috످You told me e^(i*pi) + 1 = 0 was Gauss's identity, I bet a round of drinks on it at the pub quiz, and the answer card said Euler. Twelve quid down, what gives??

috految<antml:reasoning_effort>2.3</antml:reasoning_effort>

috److The answer card's right, I'm afraid: it's Euler's identity. It comes from his formula e^(ix) = cos(x) + i·sin(x), published in 1748, nearly 30 years before Gauss was born.

I can't see that earlier chat, but if I told you Gauss, I got it wrong, and I'm sorry about the twelve quid. If you fancy winning it back, bet your mates that Euler's number, e, wasn't discovered by Euler. Jacob Bernoulli got there first in 1683 (though maybe give that a quick Google before putting another round on my word).

috످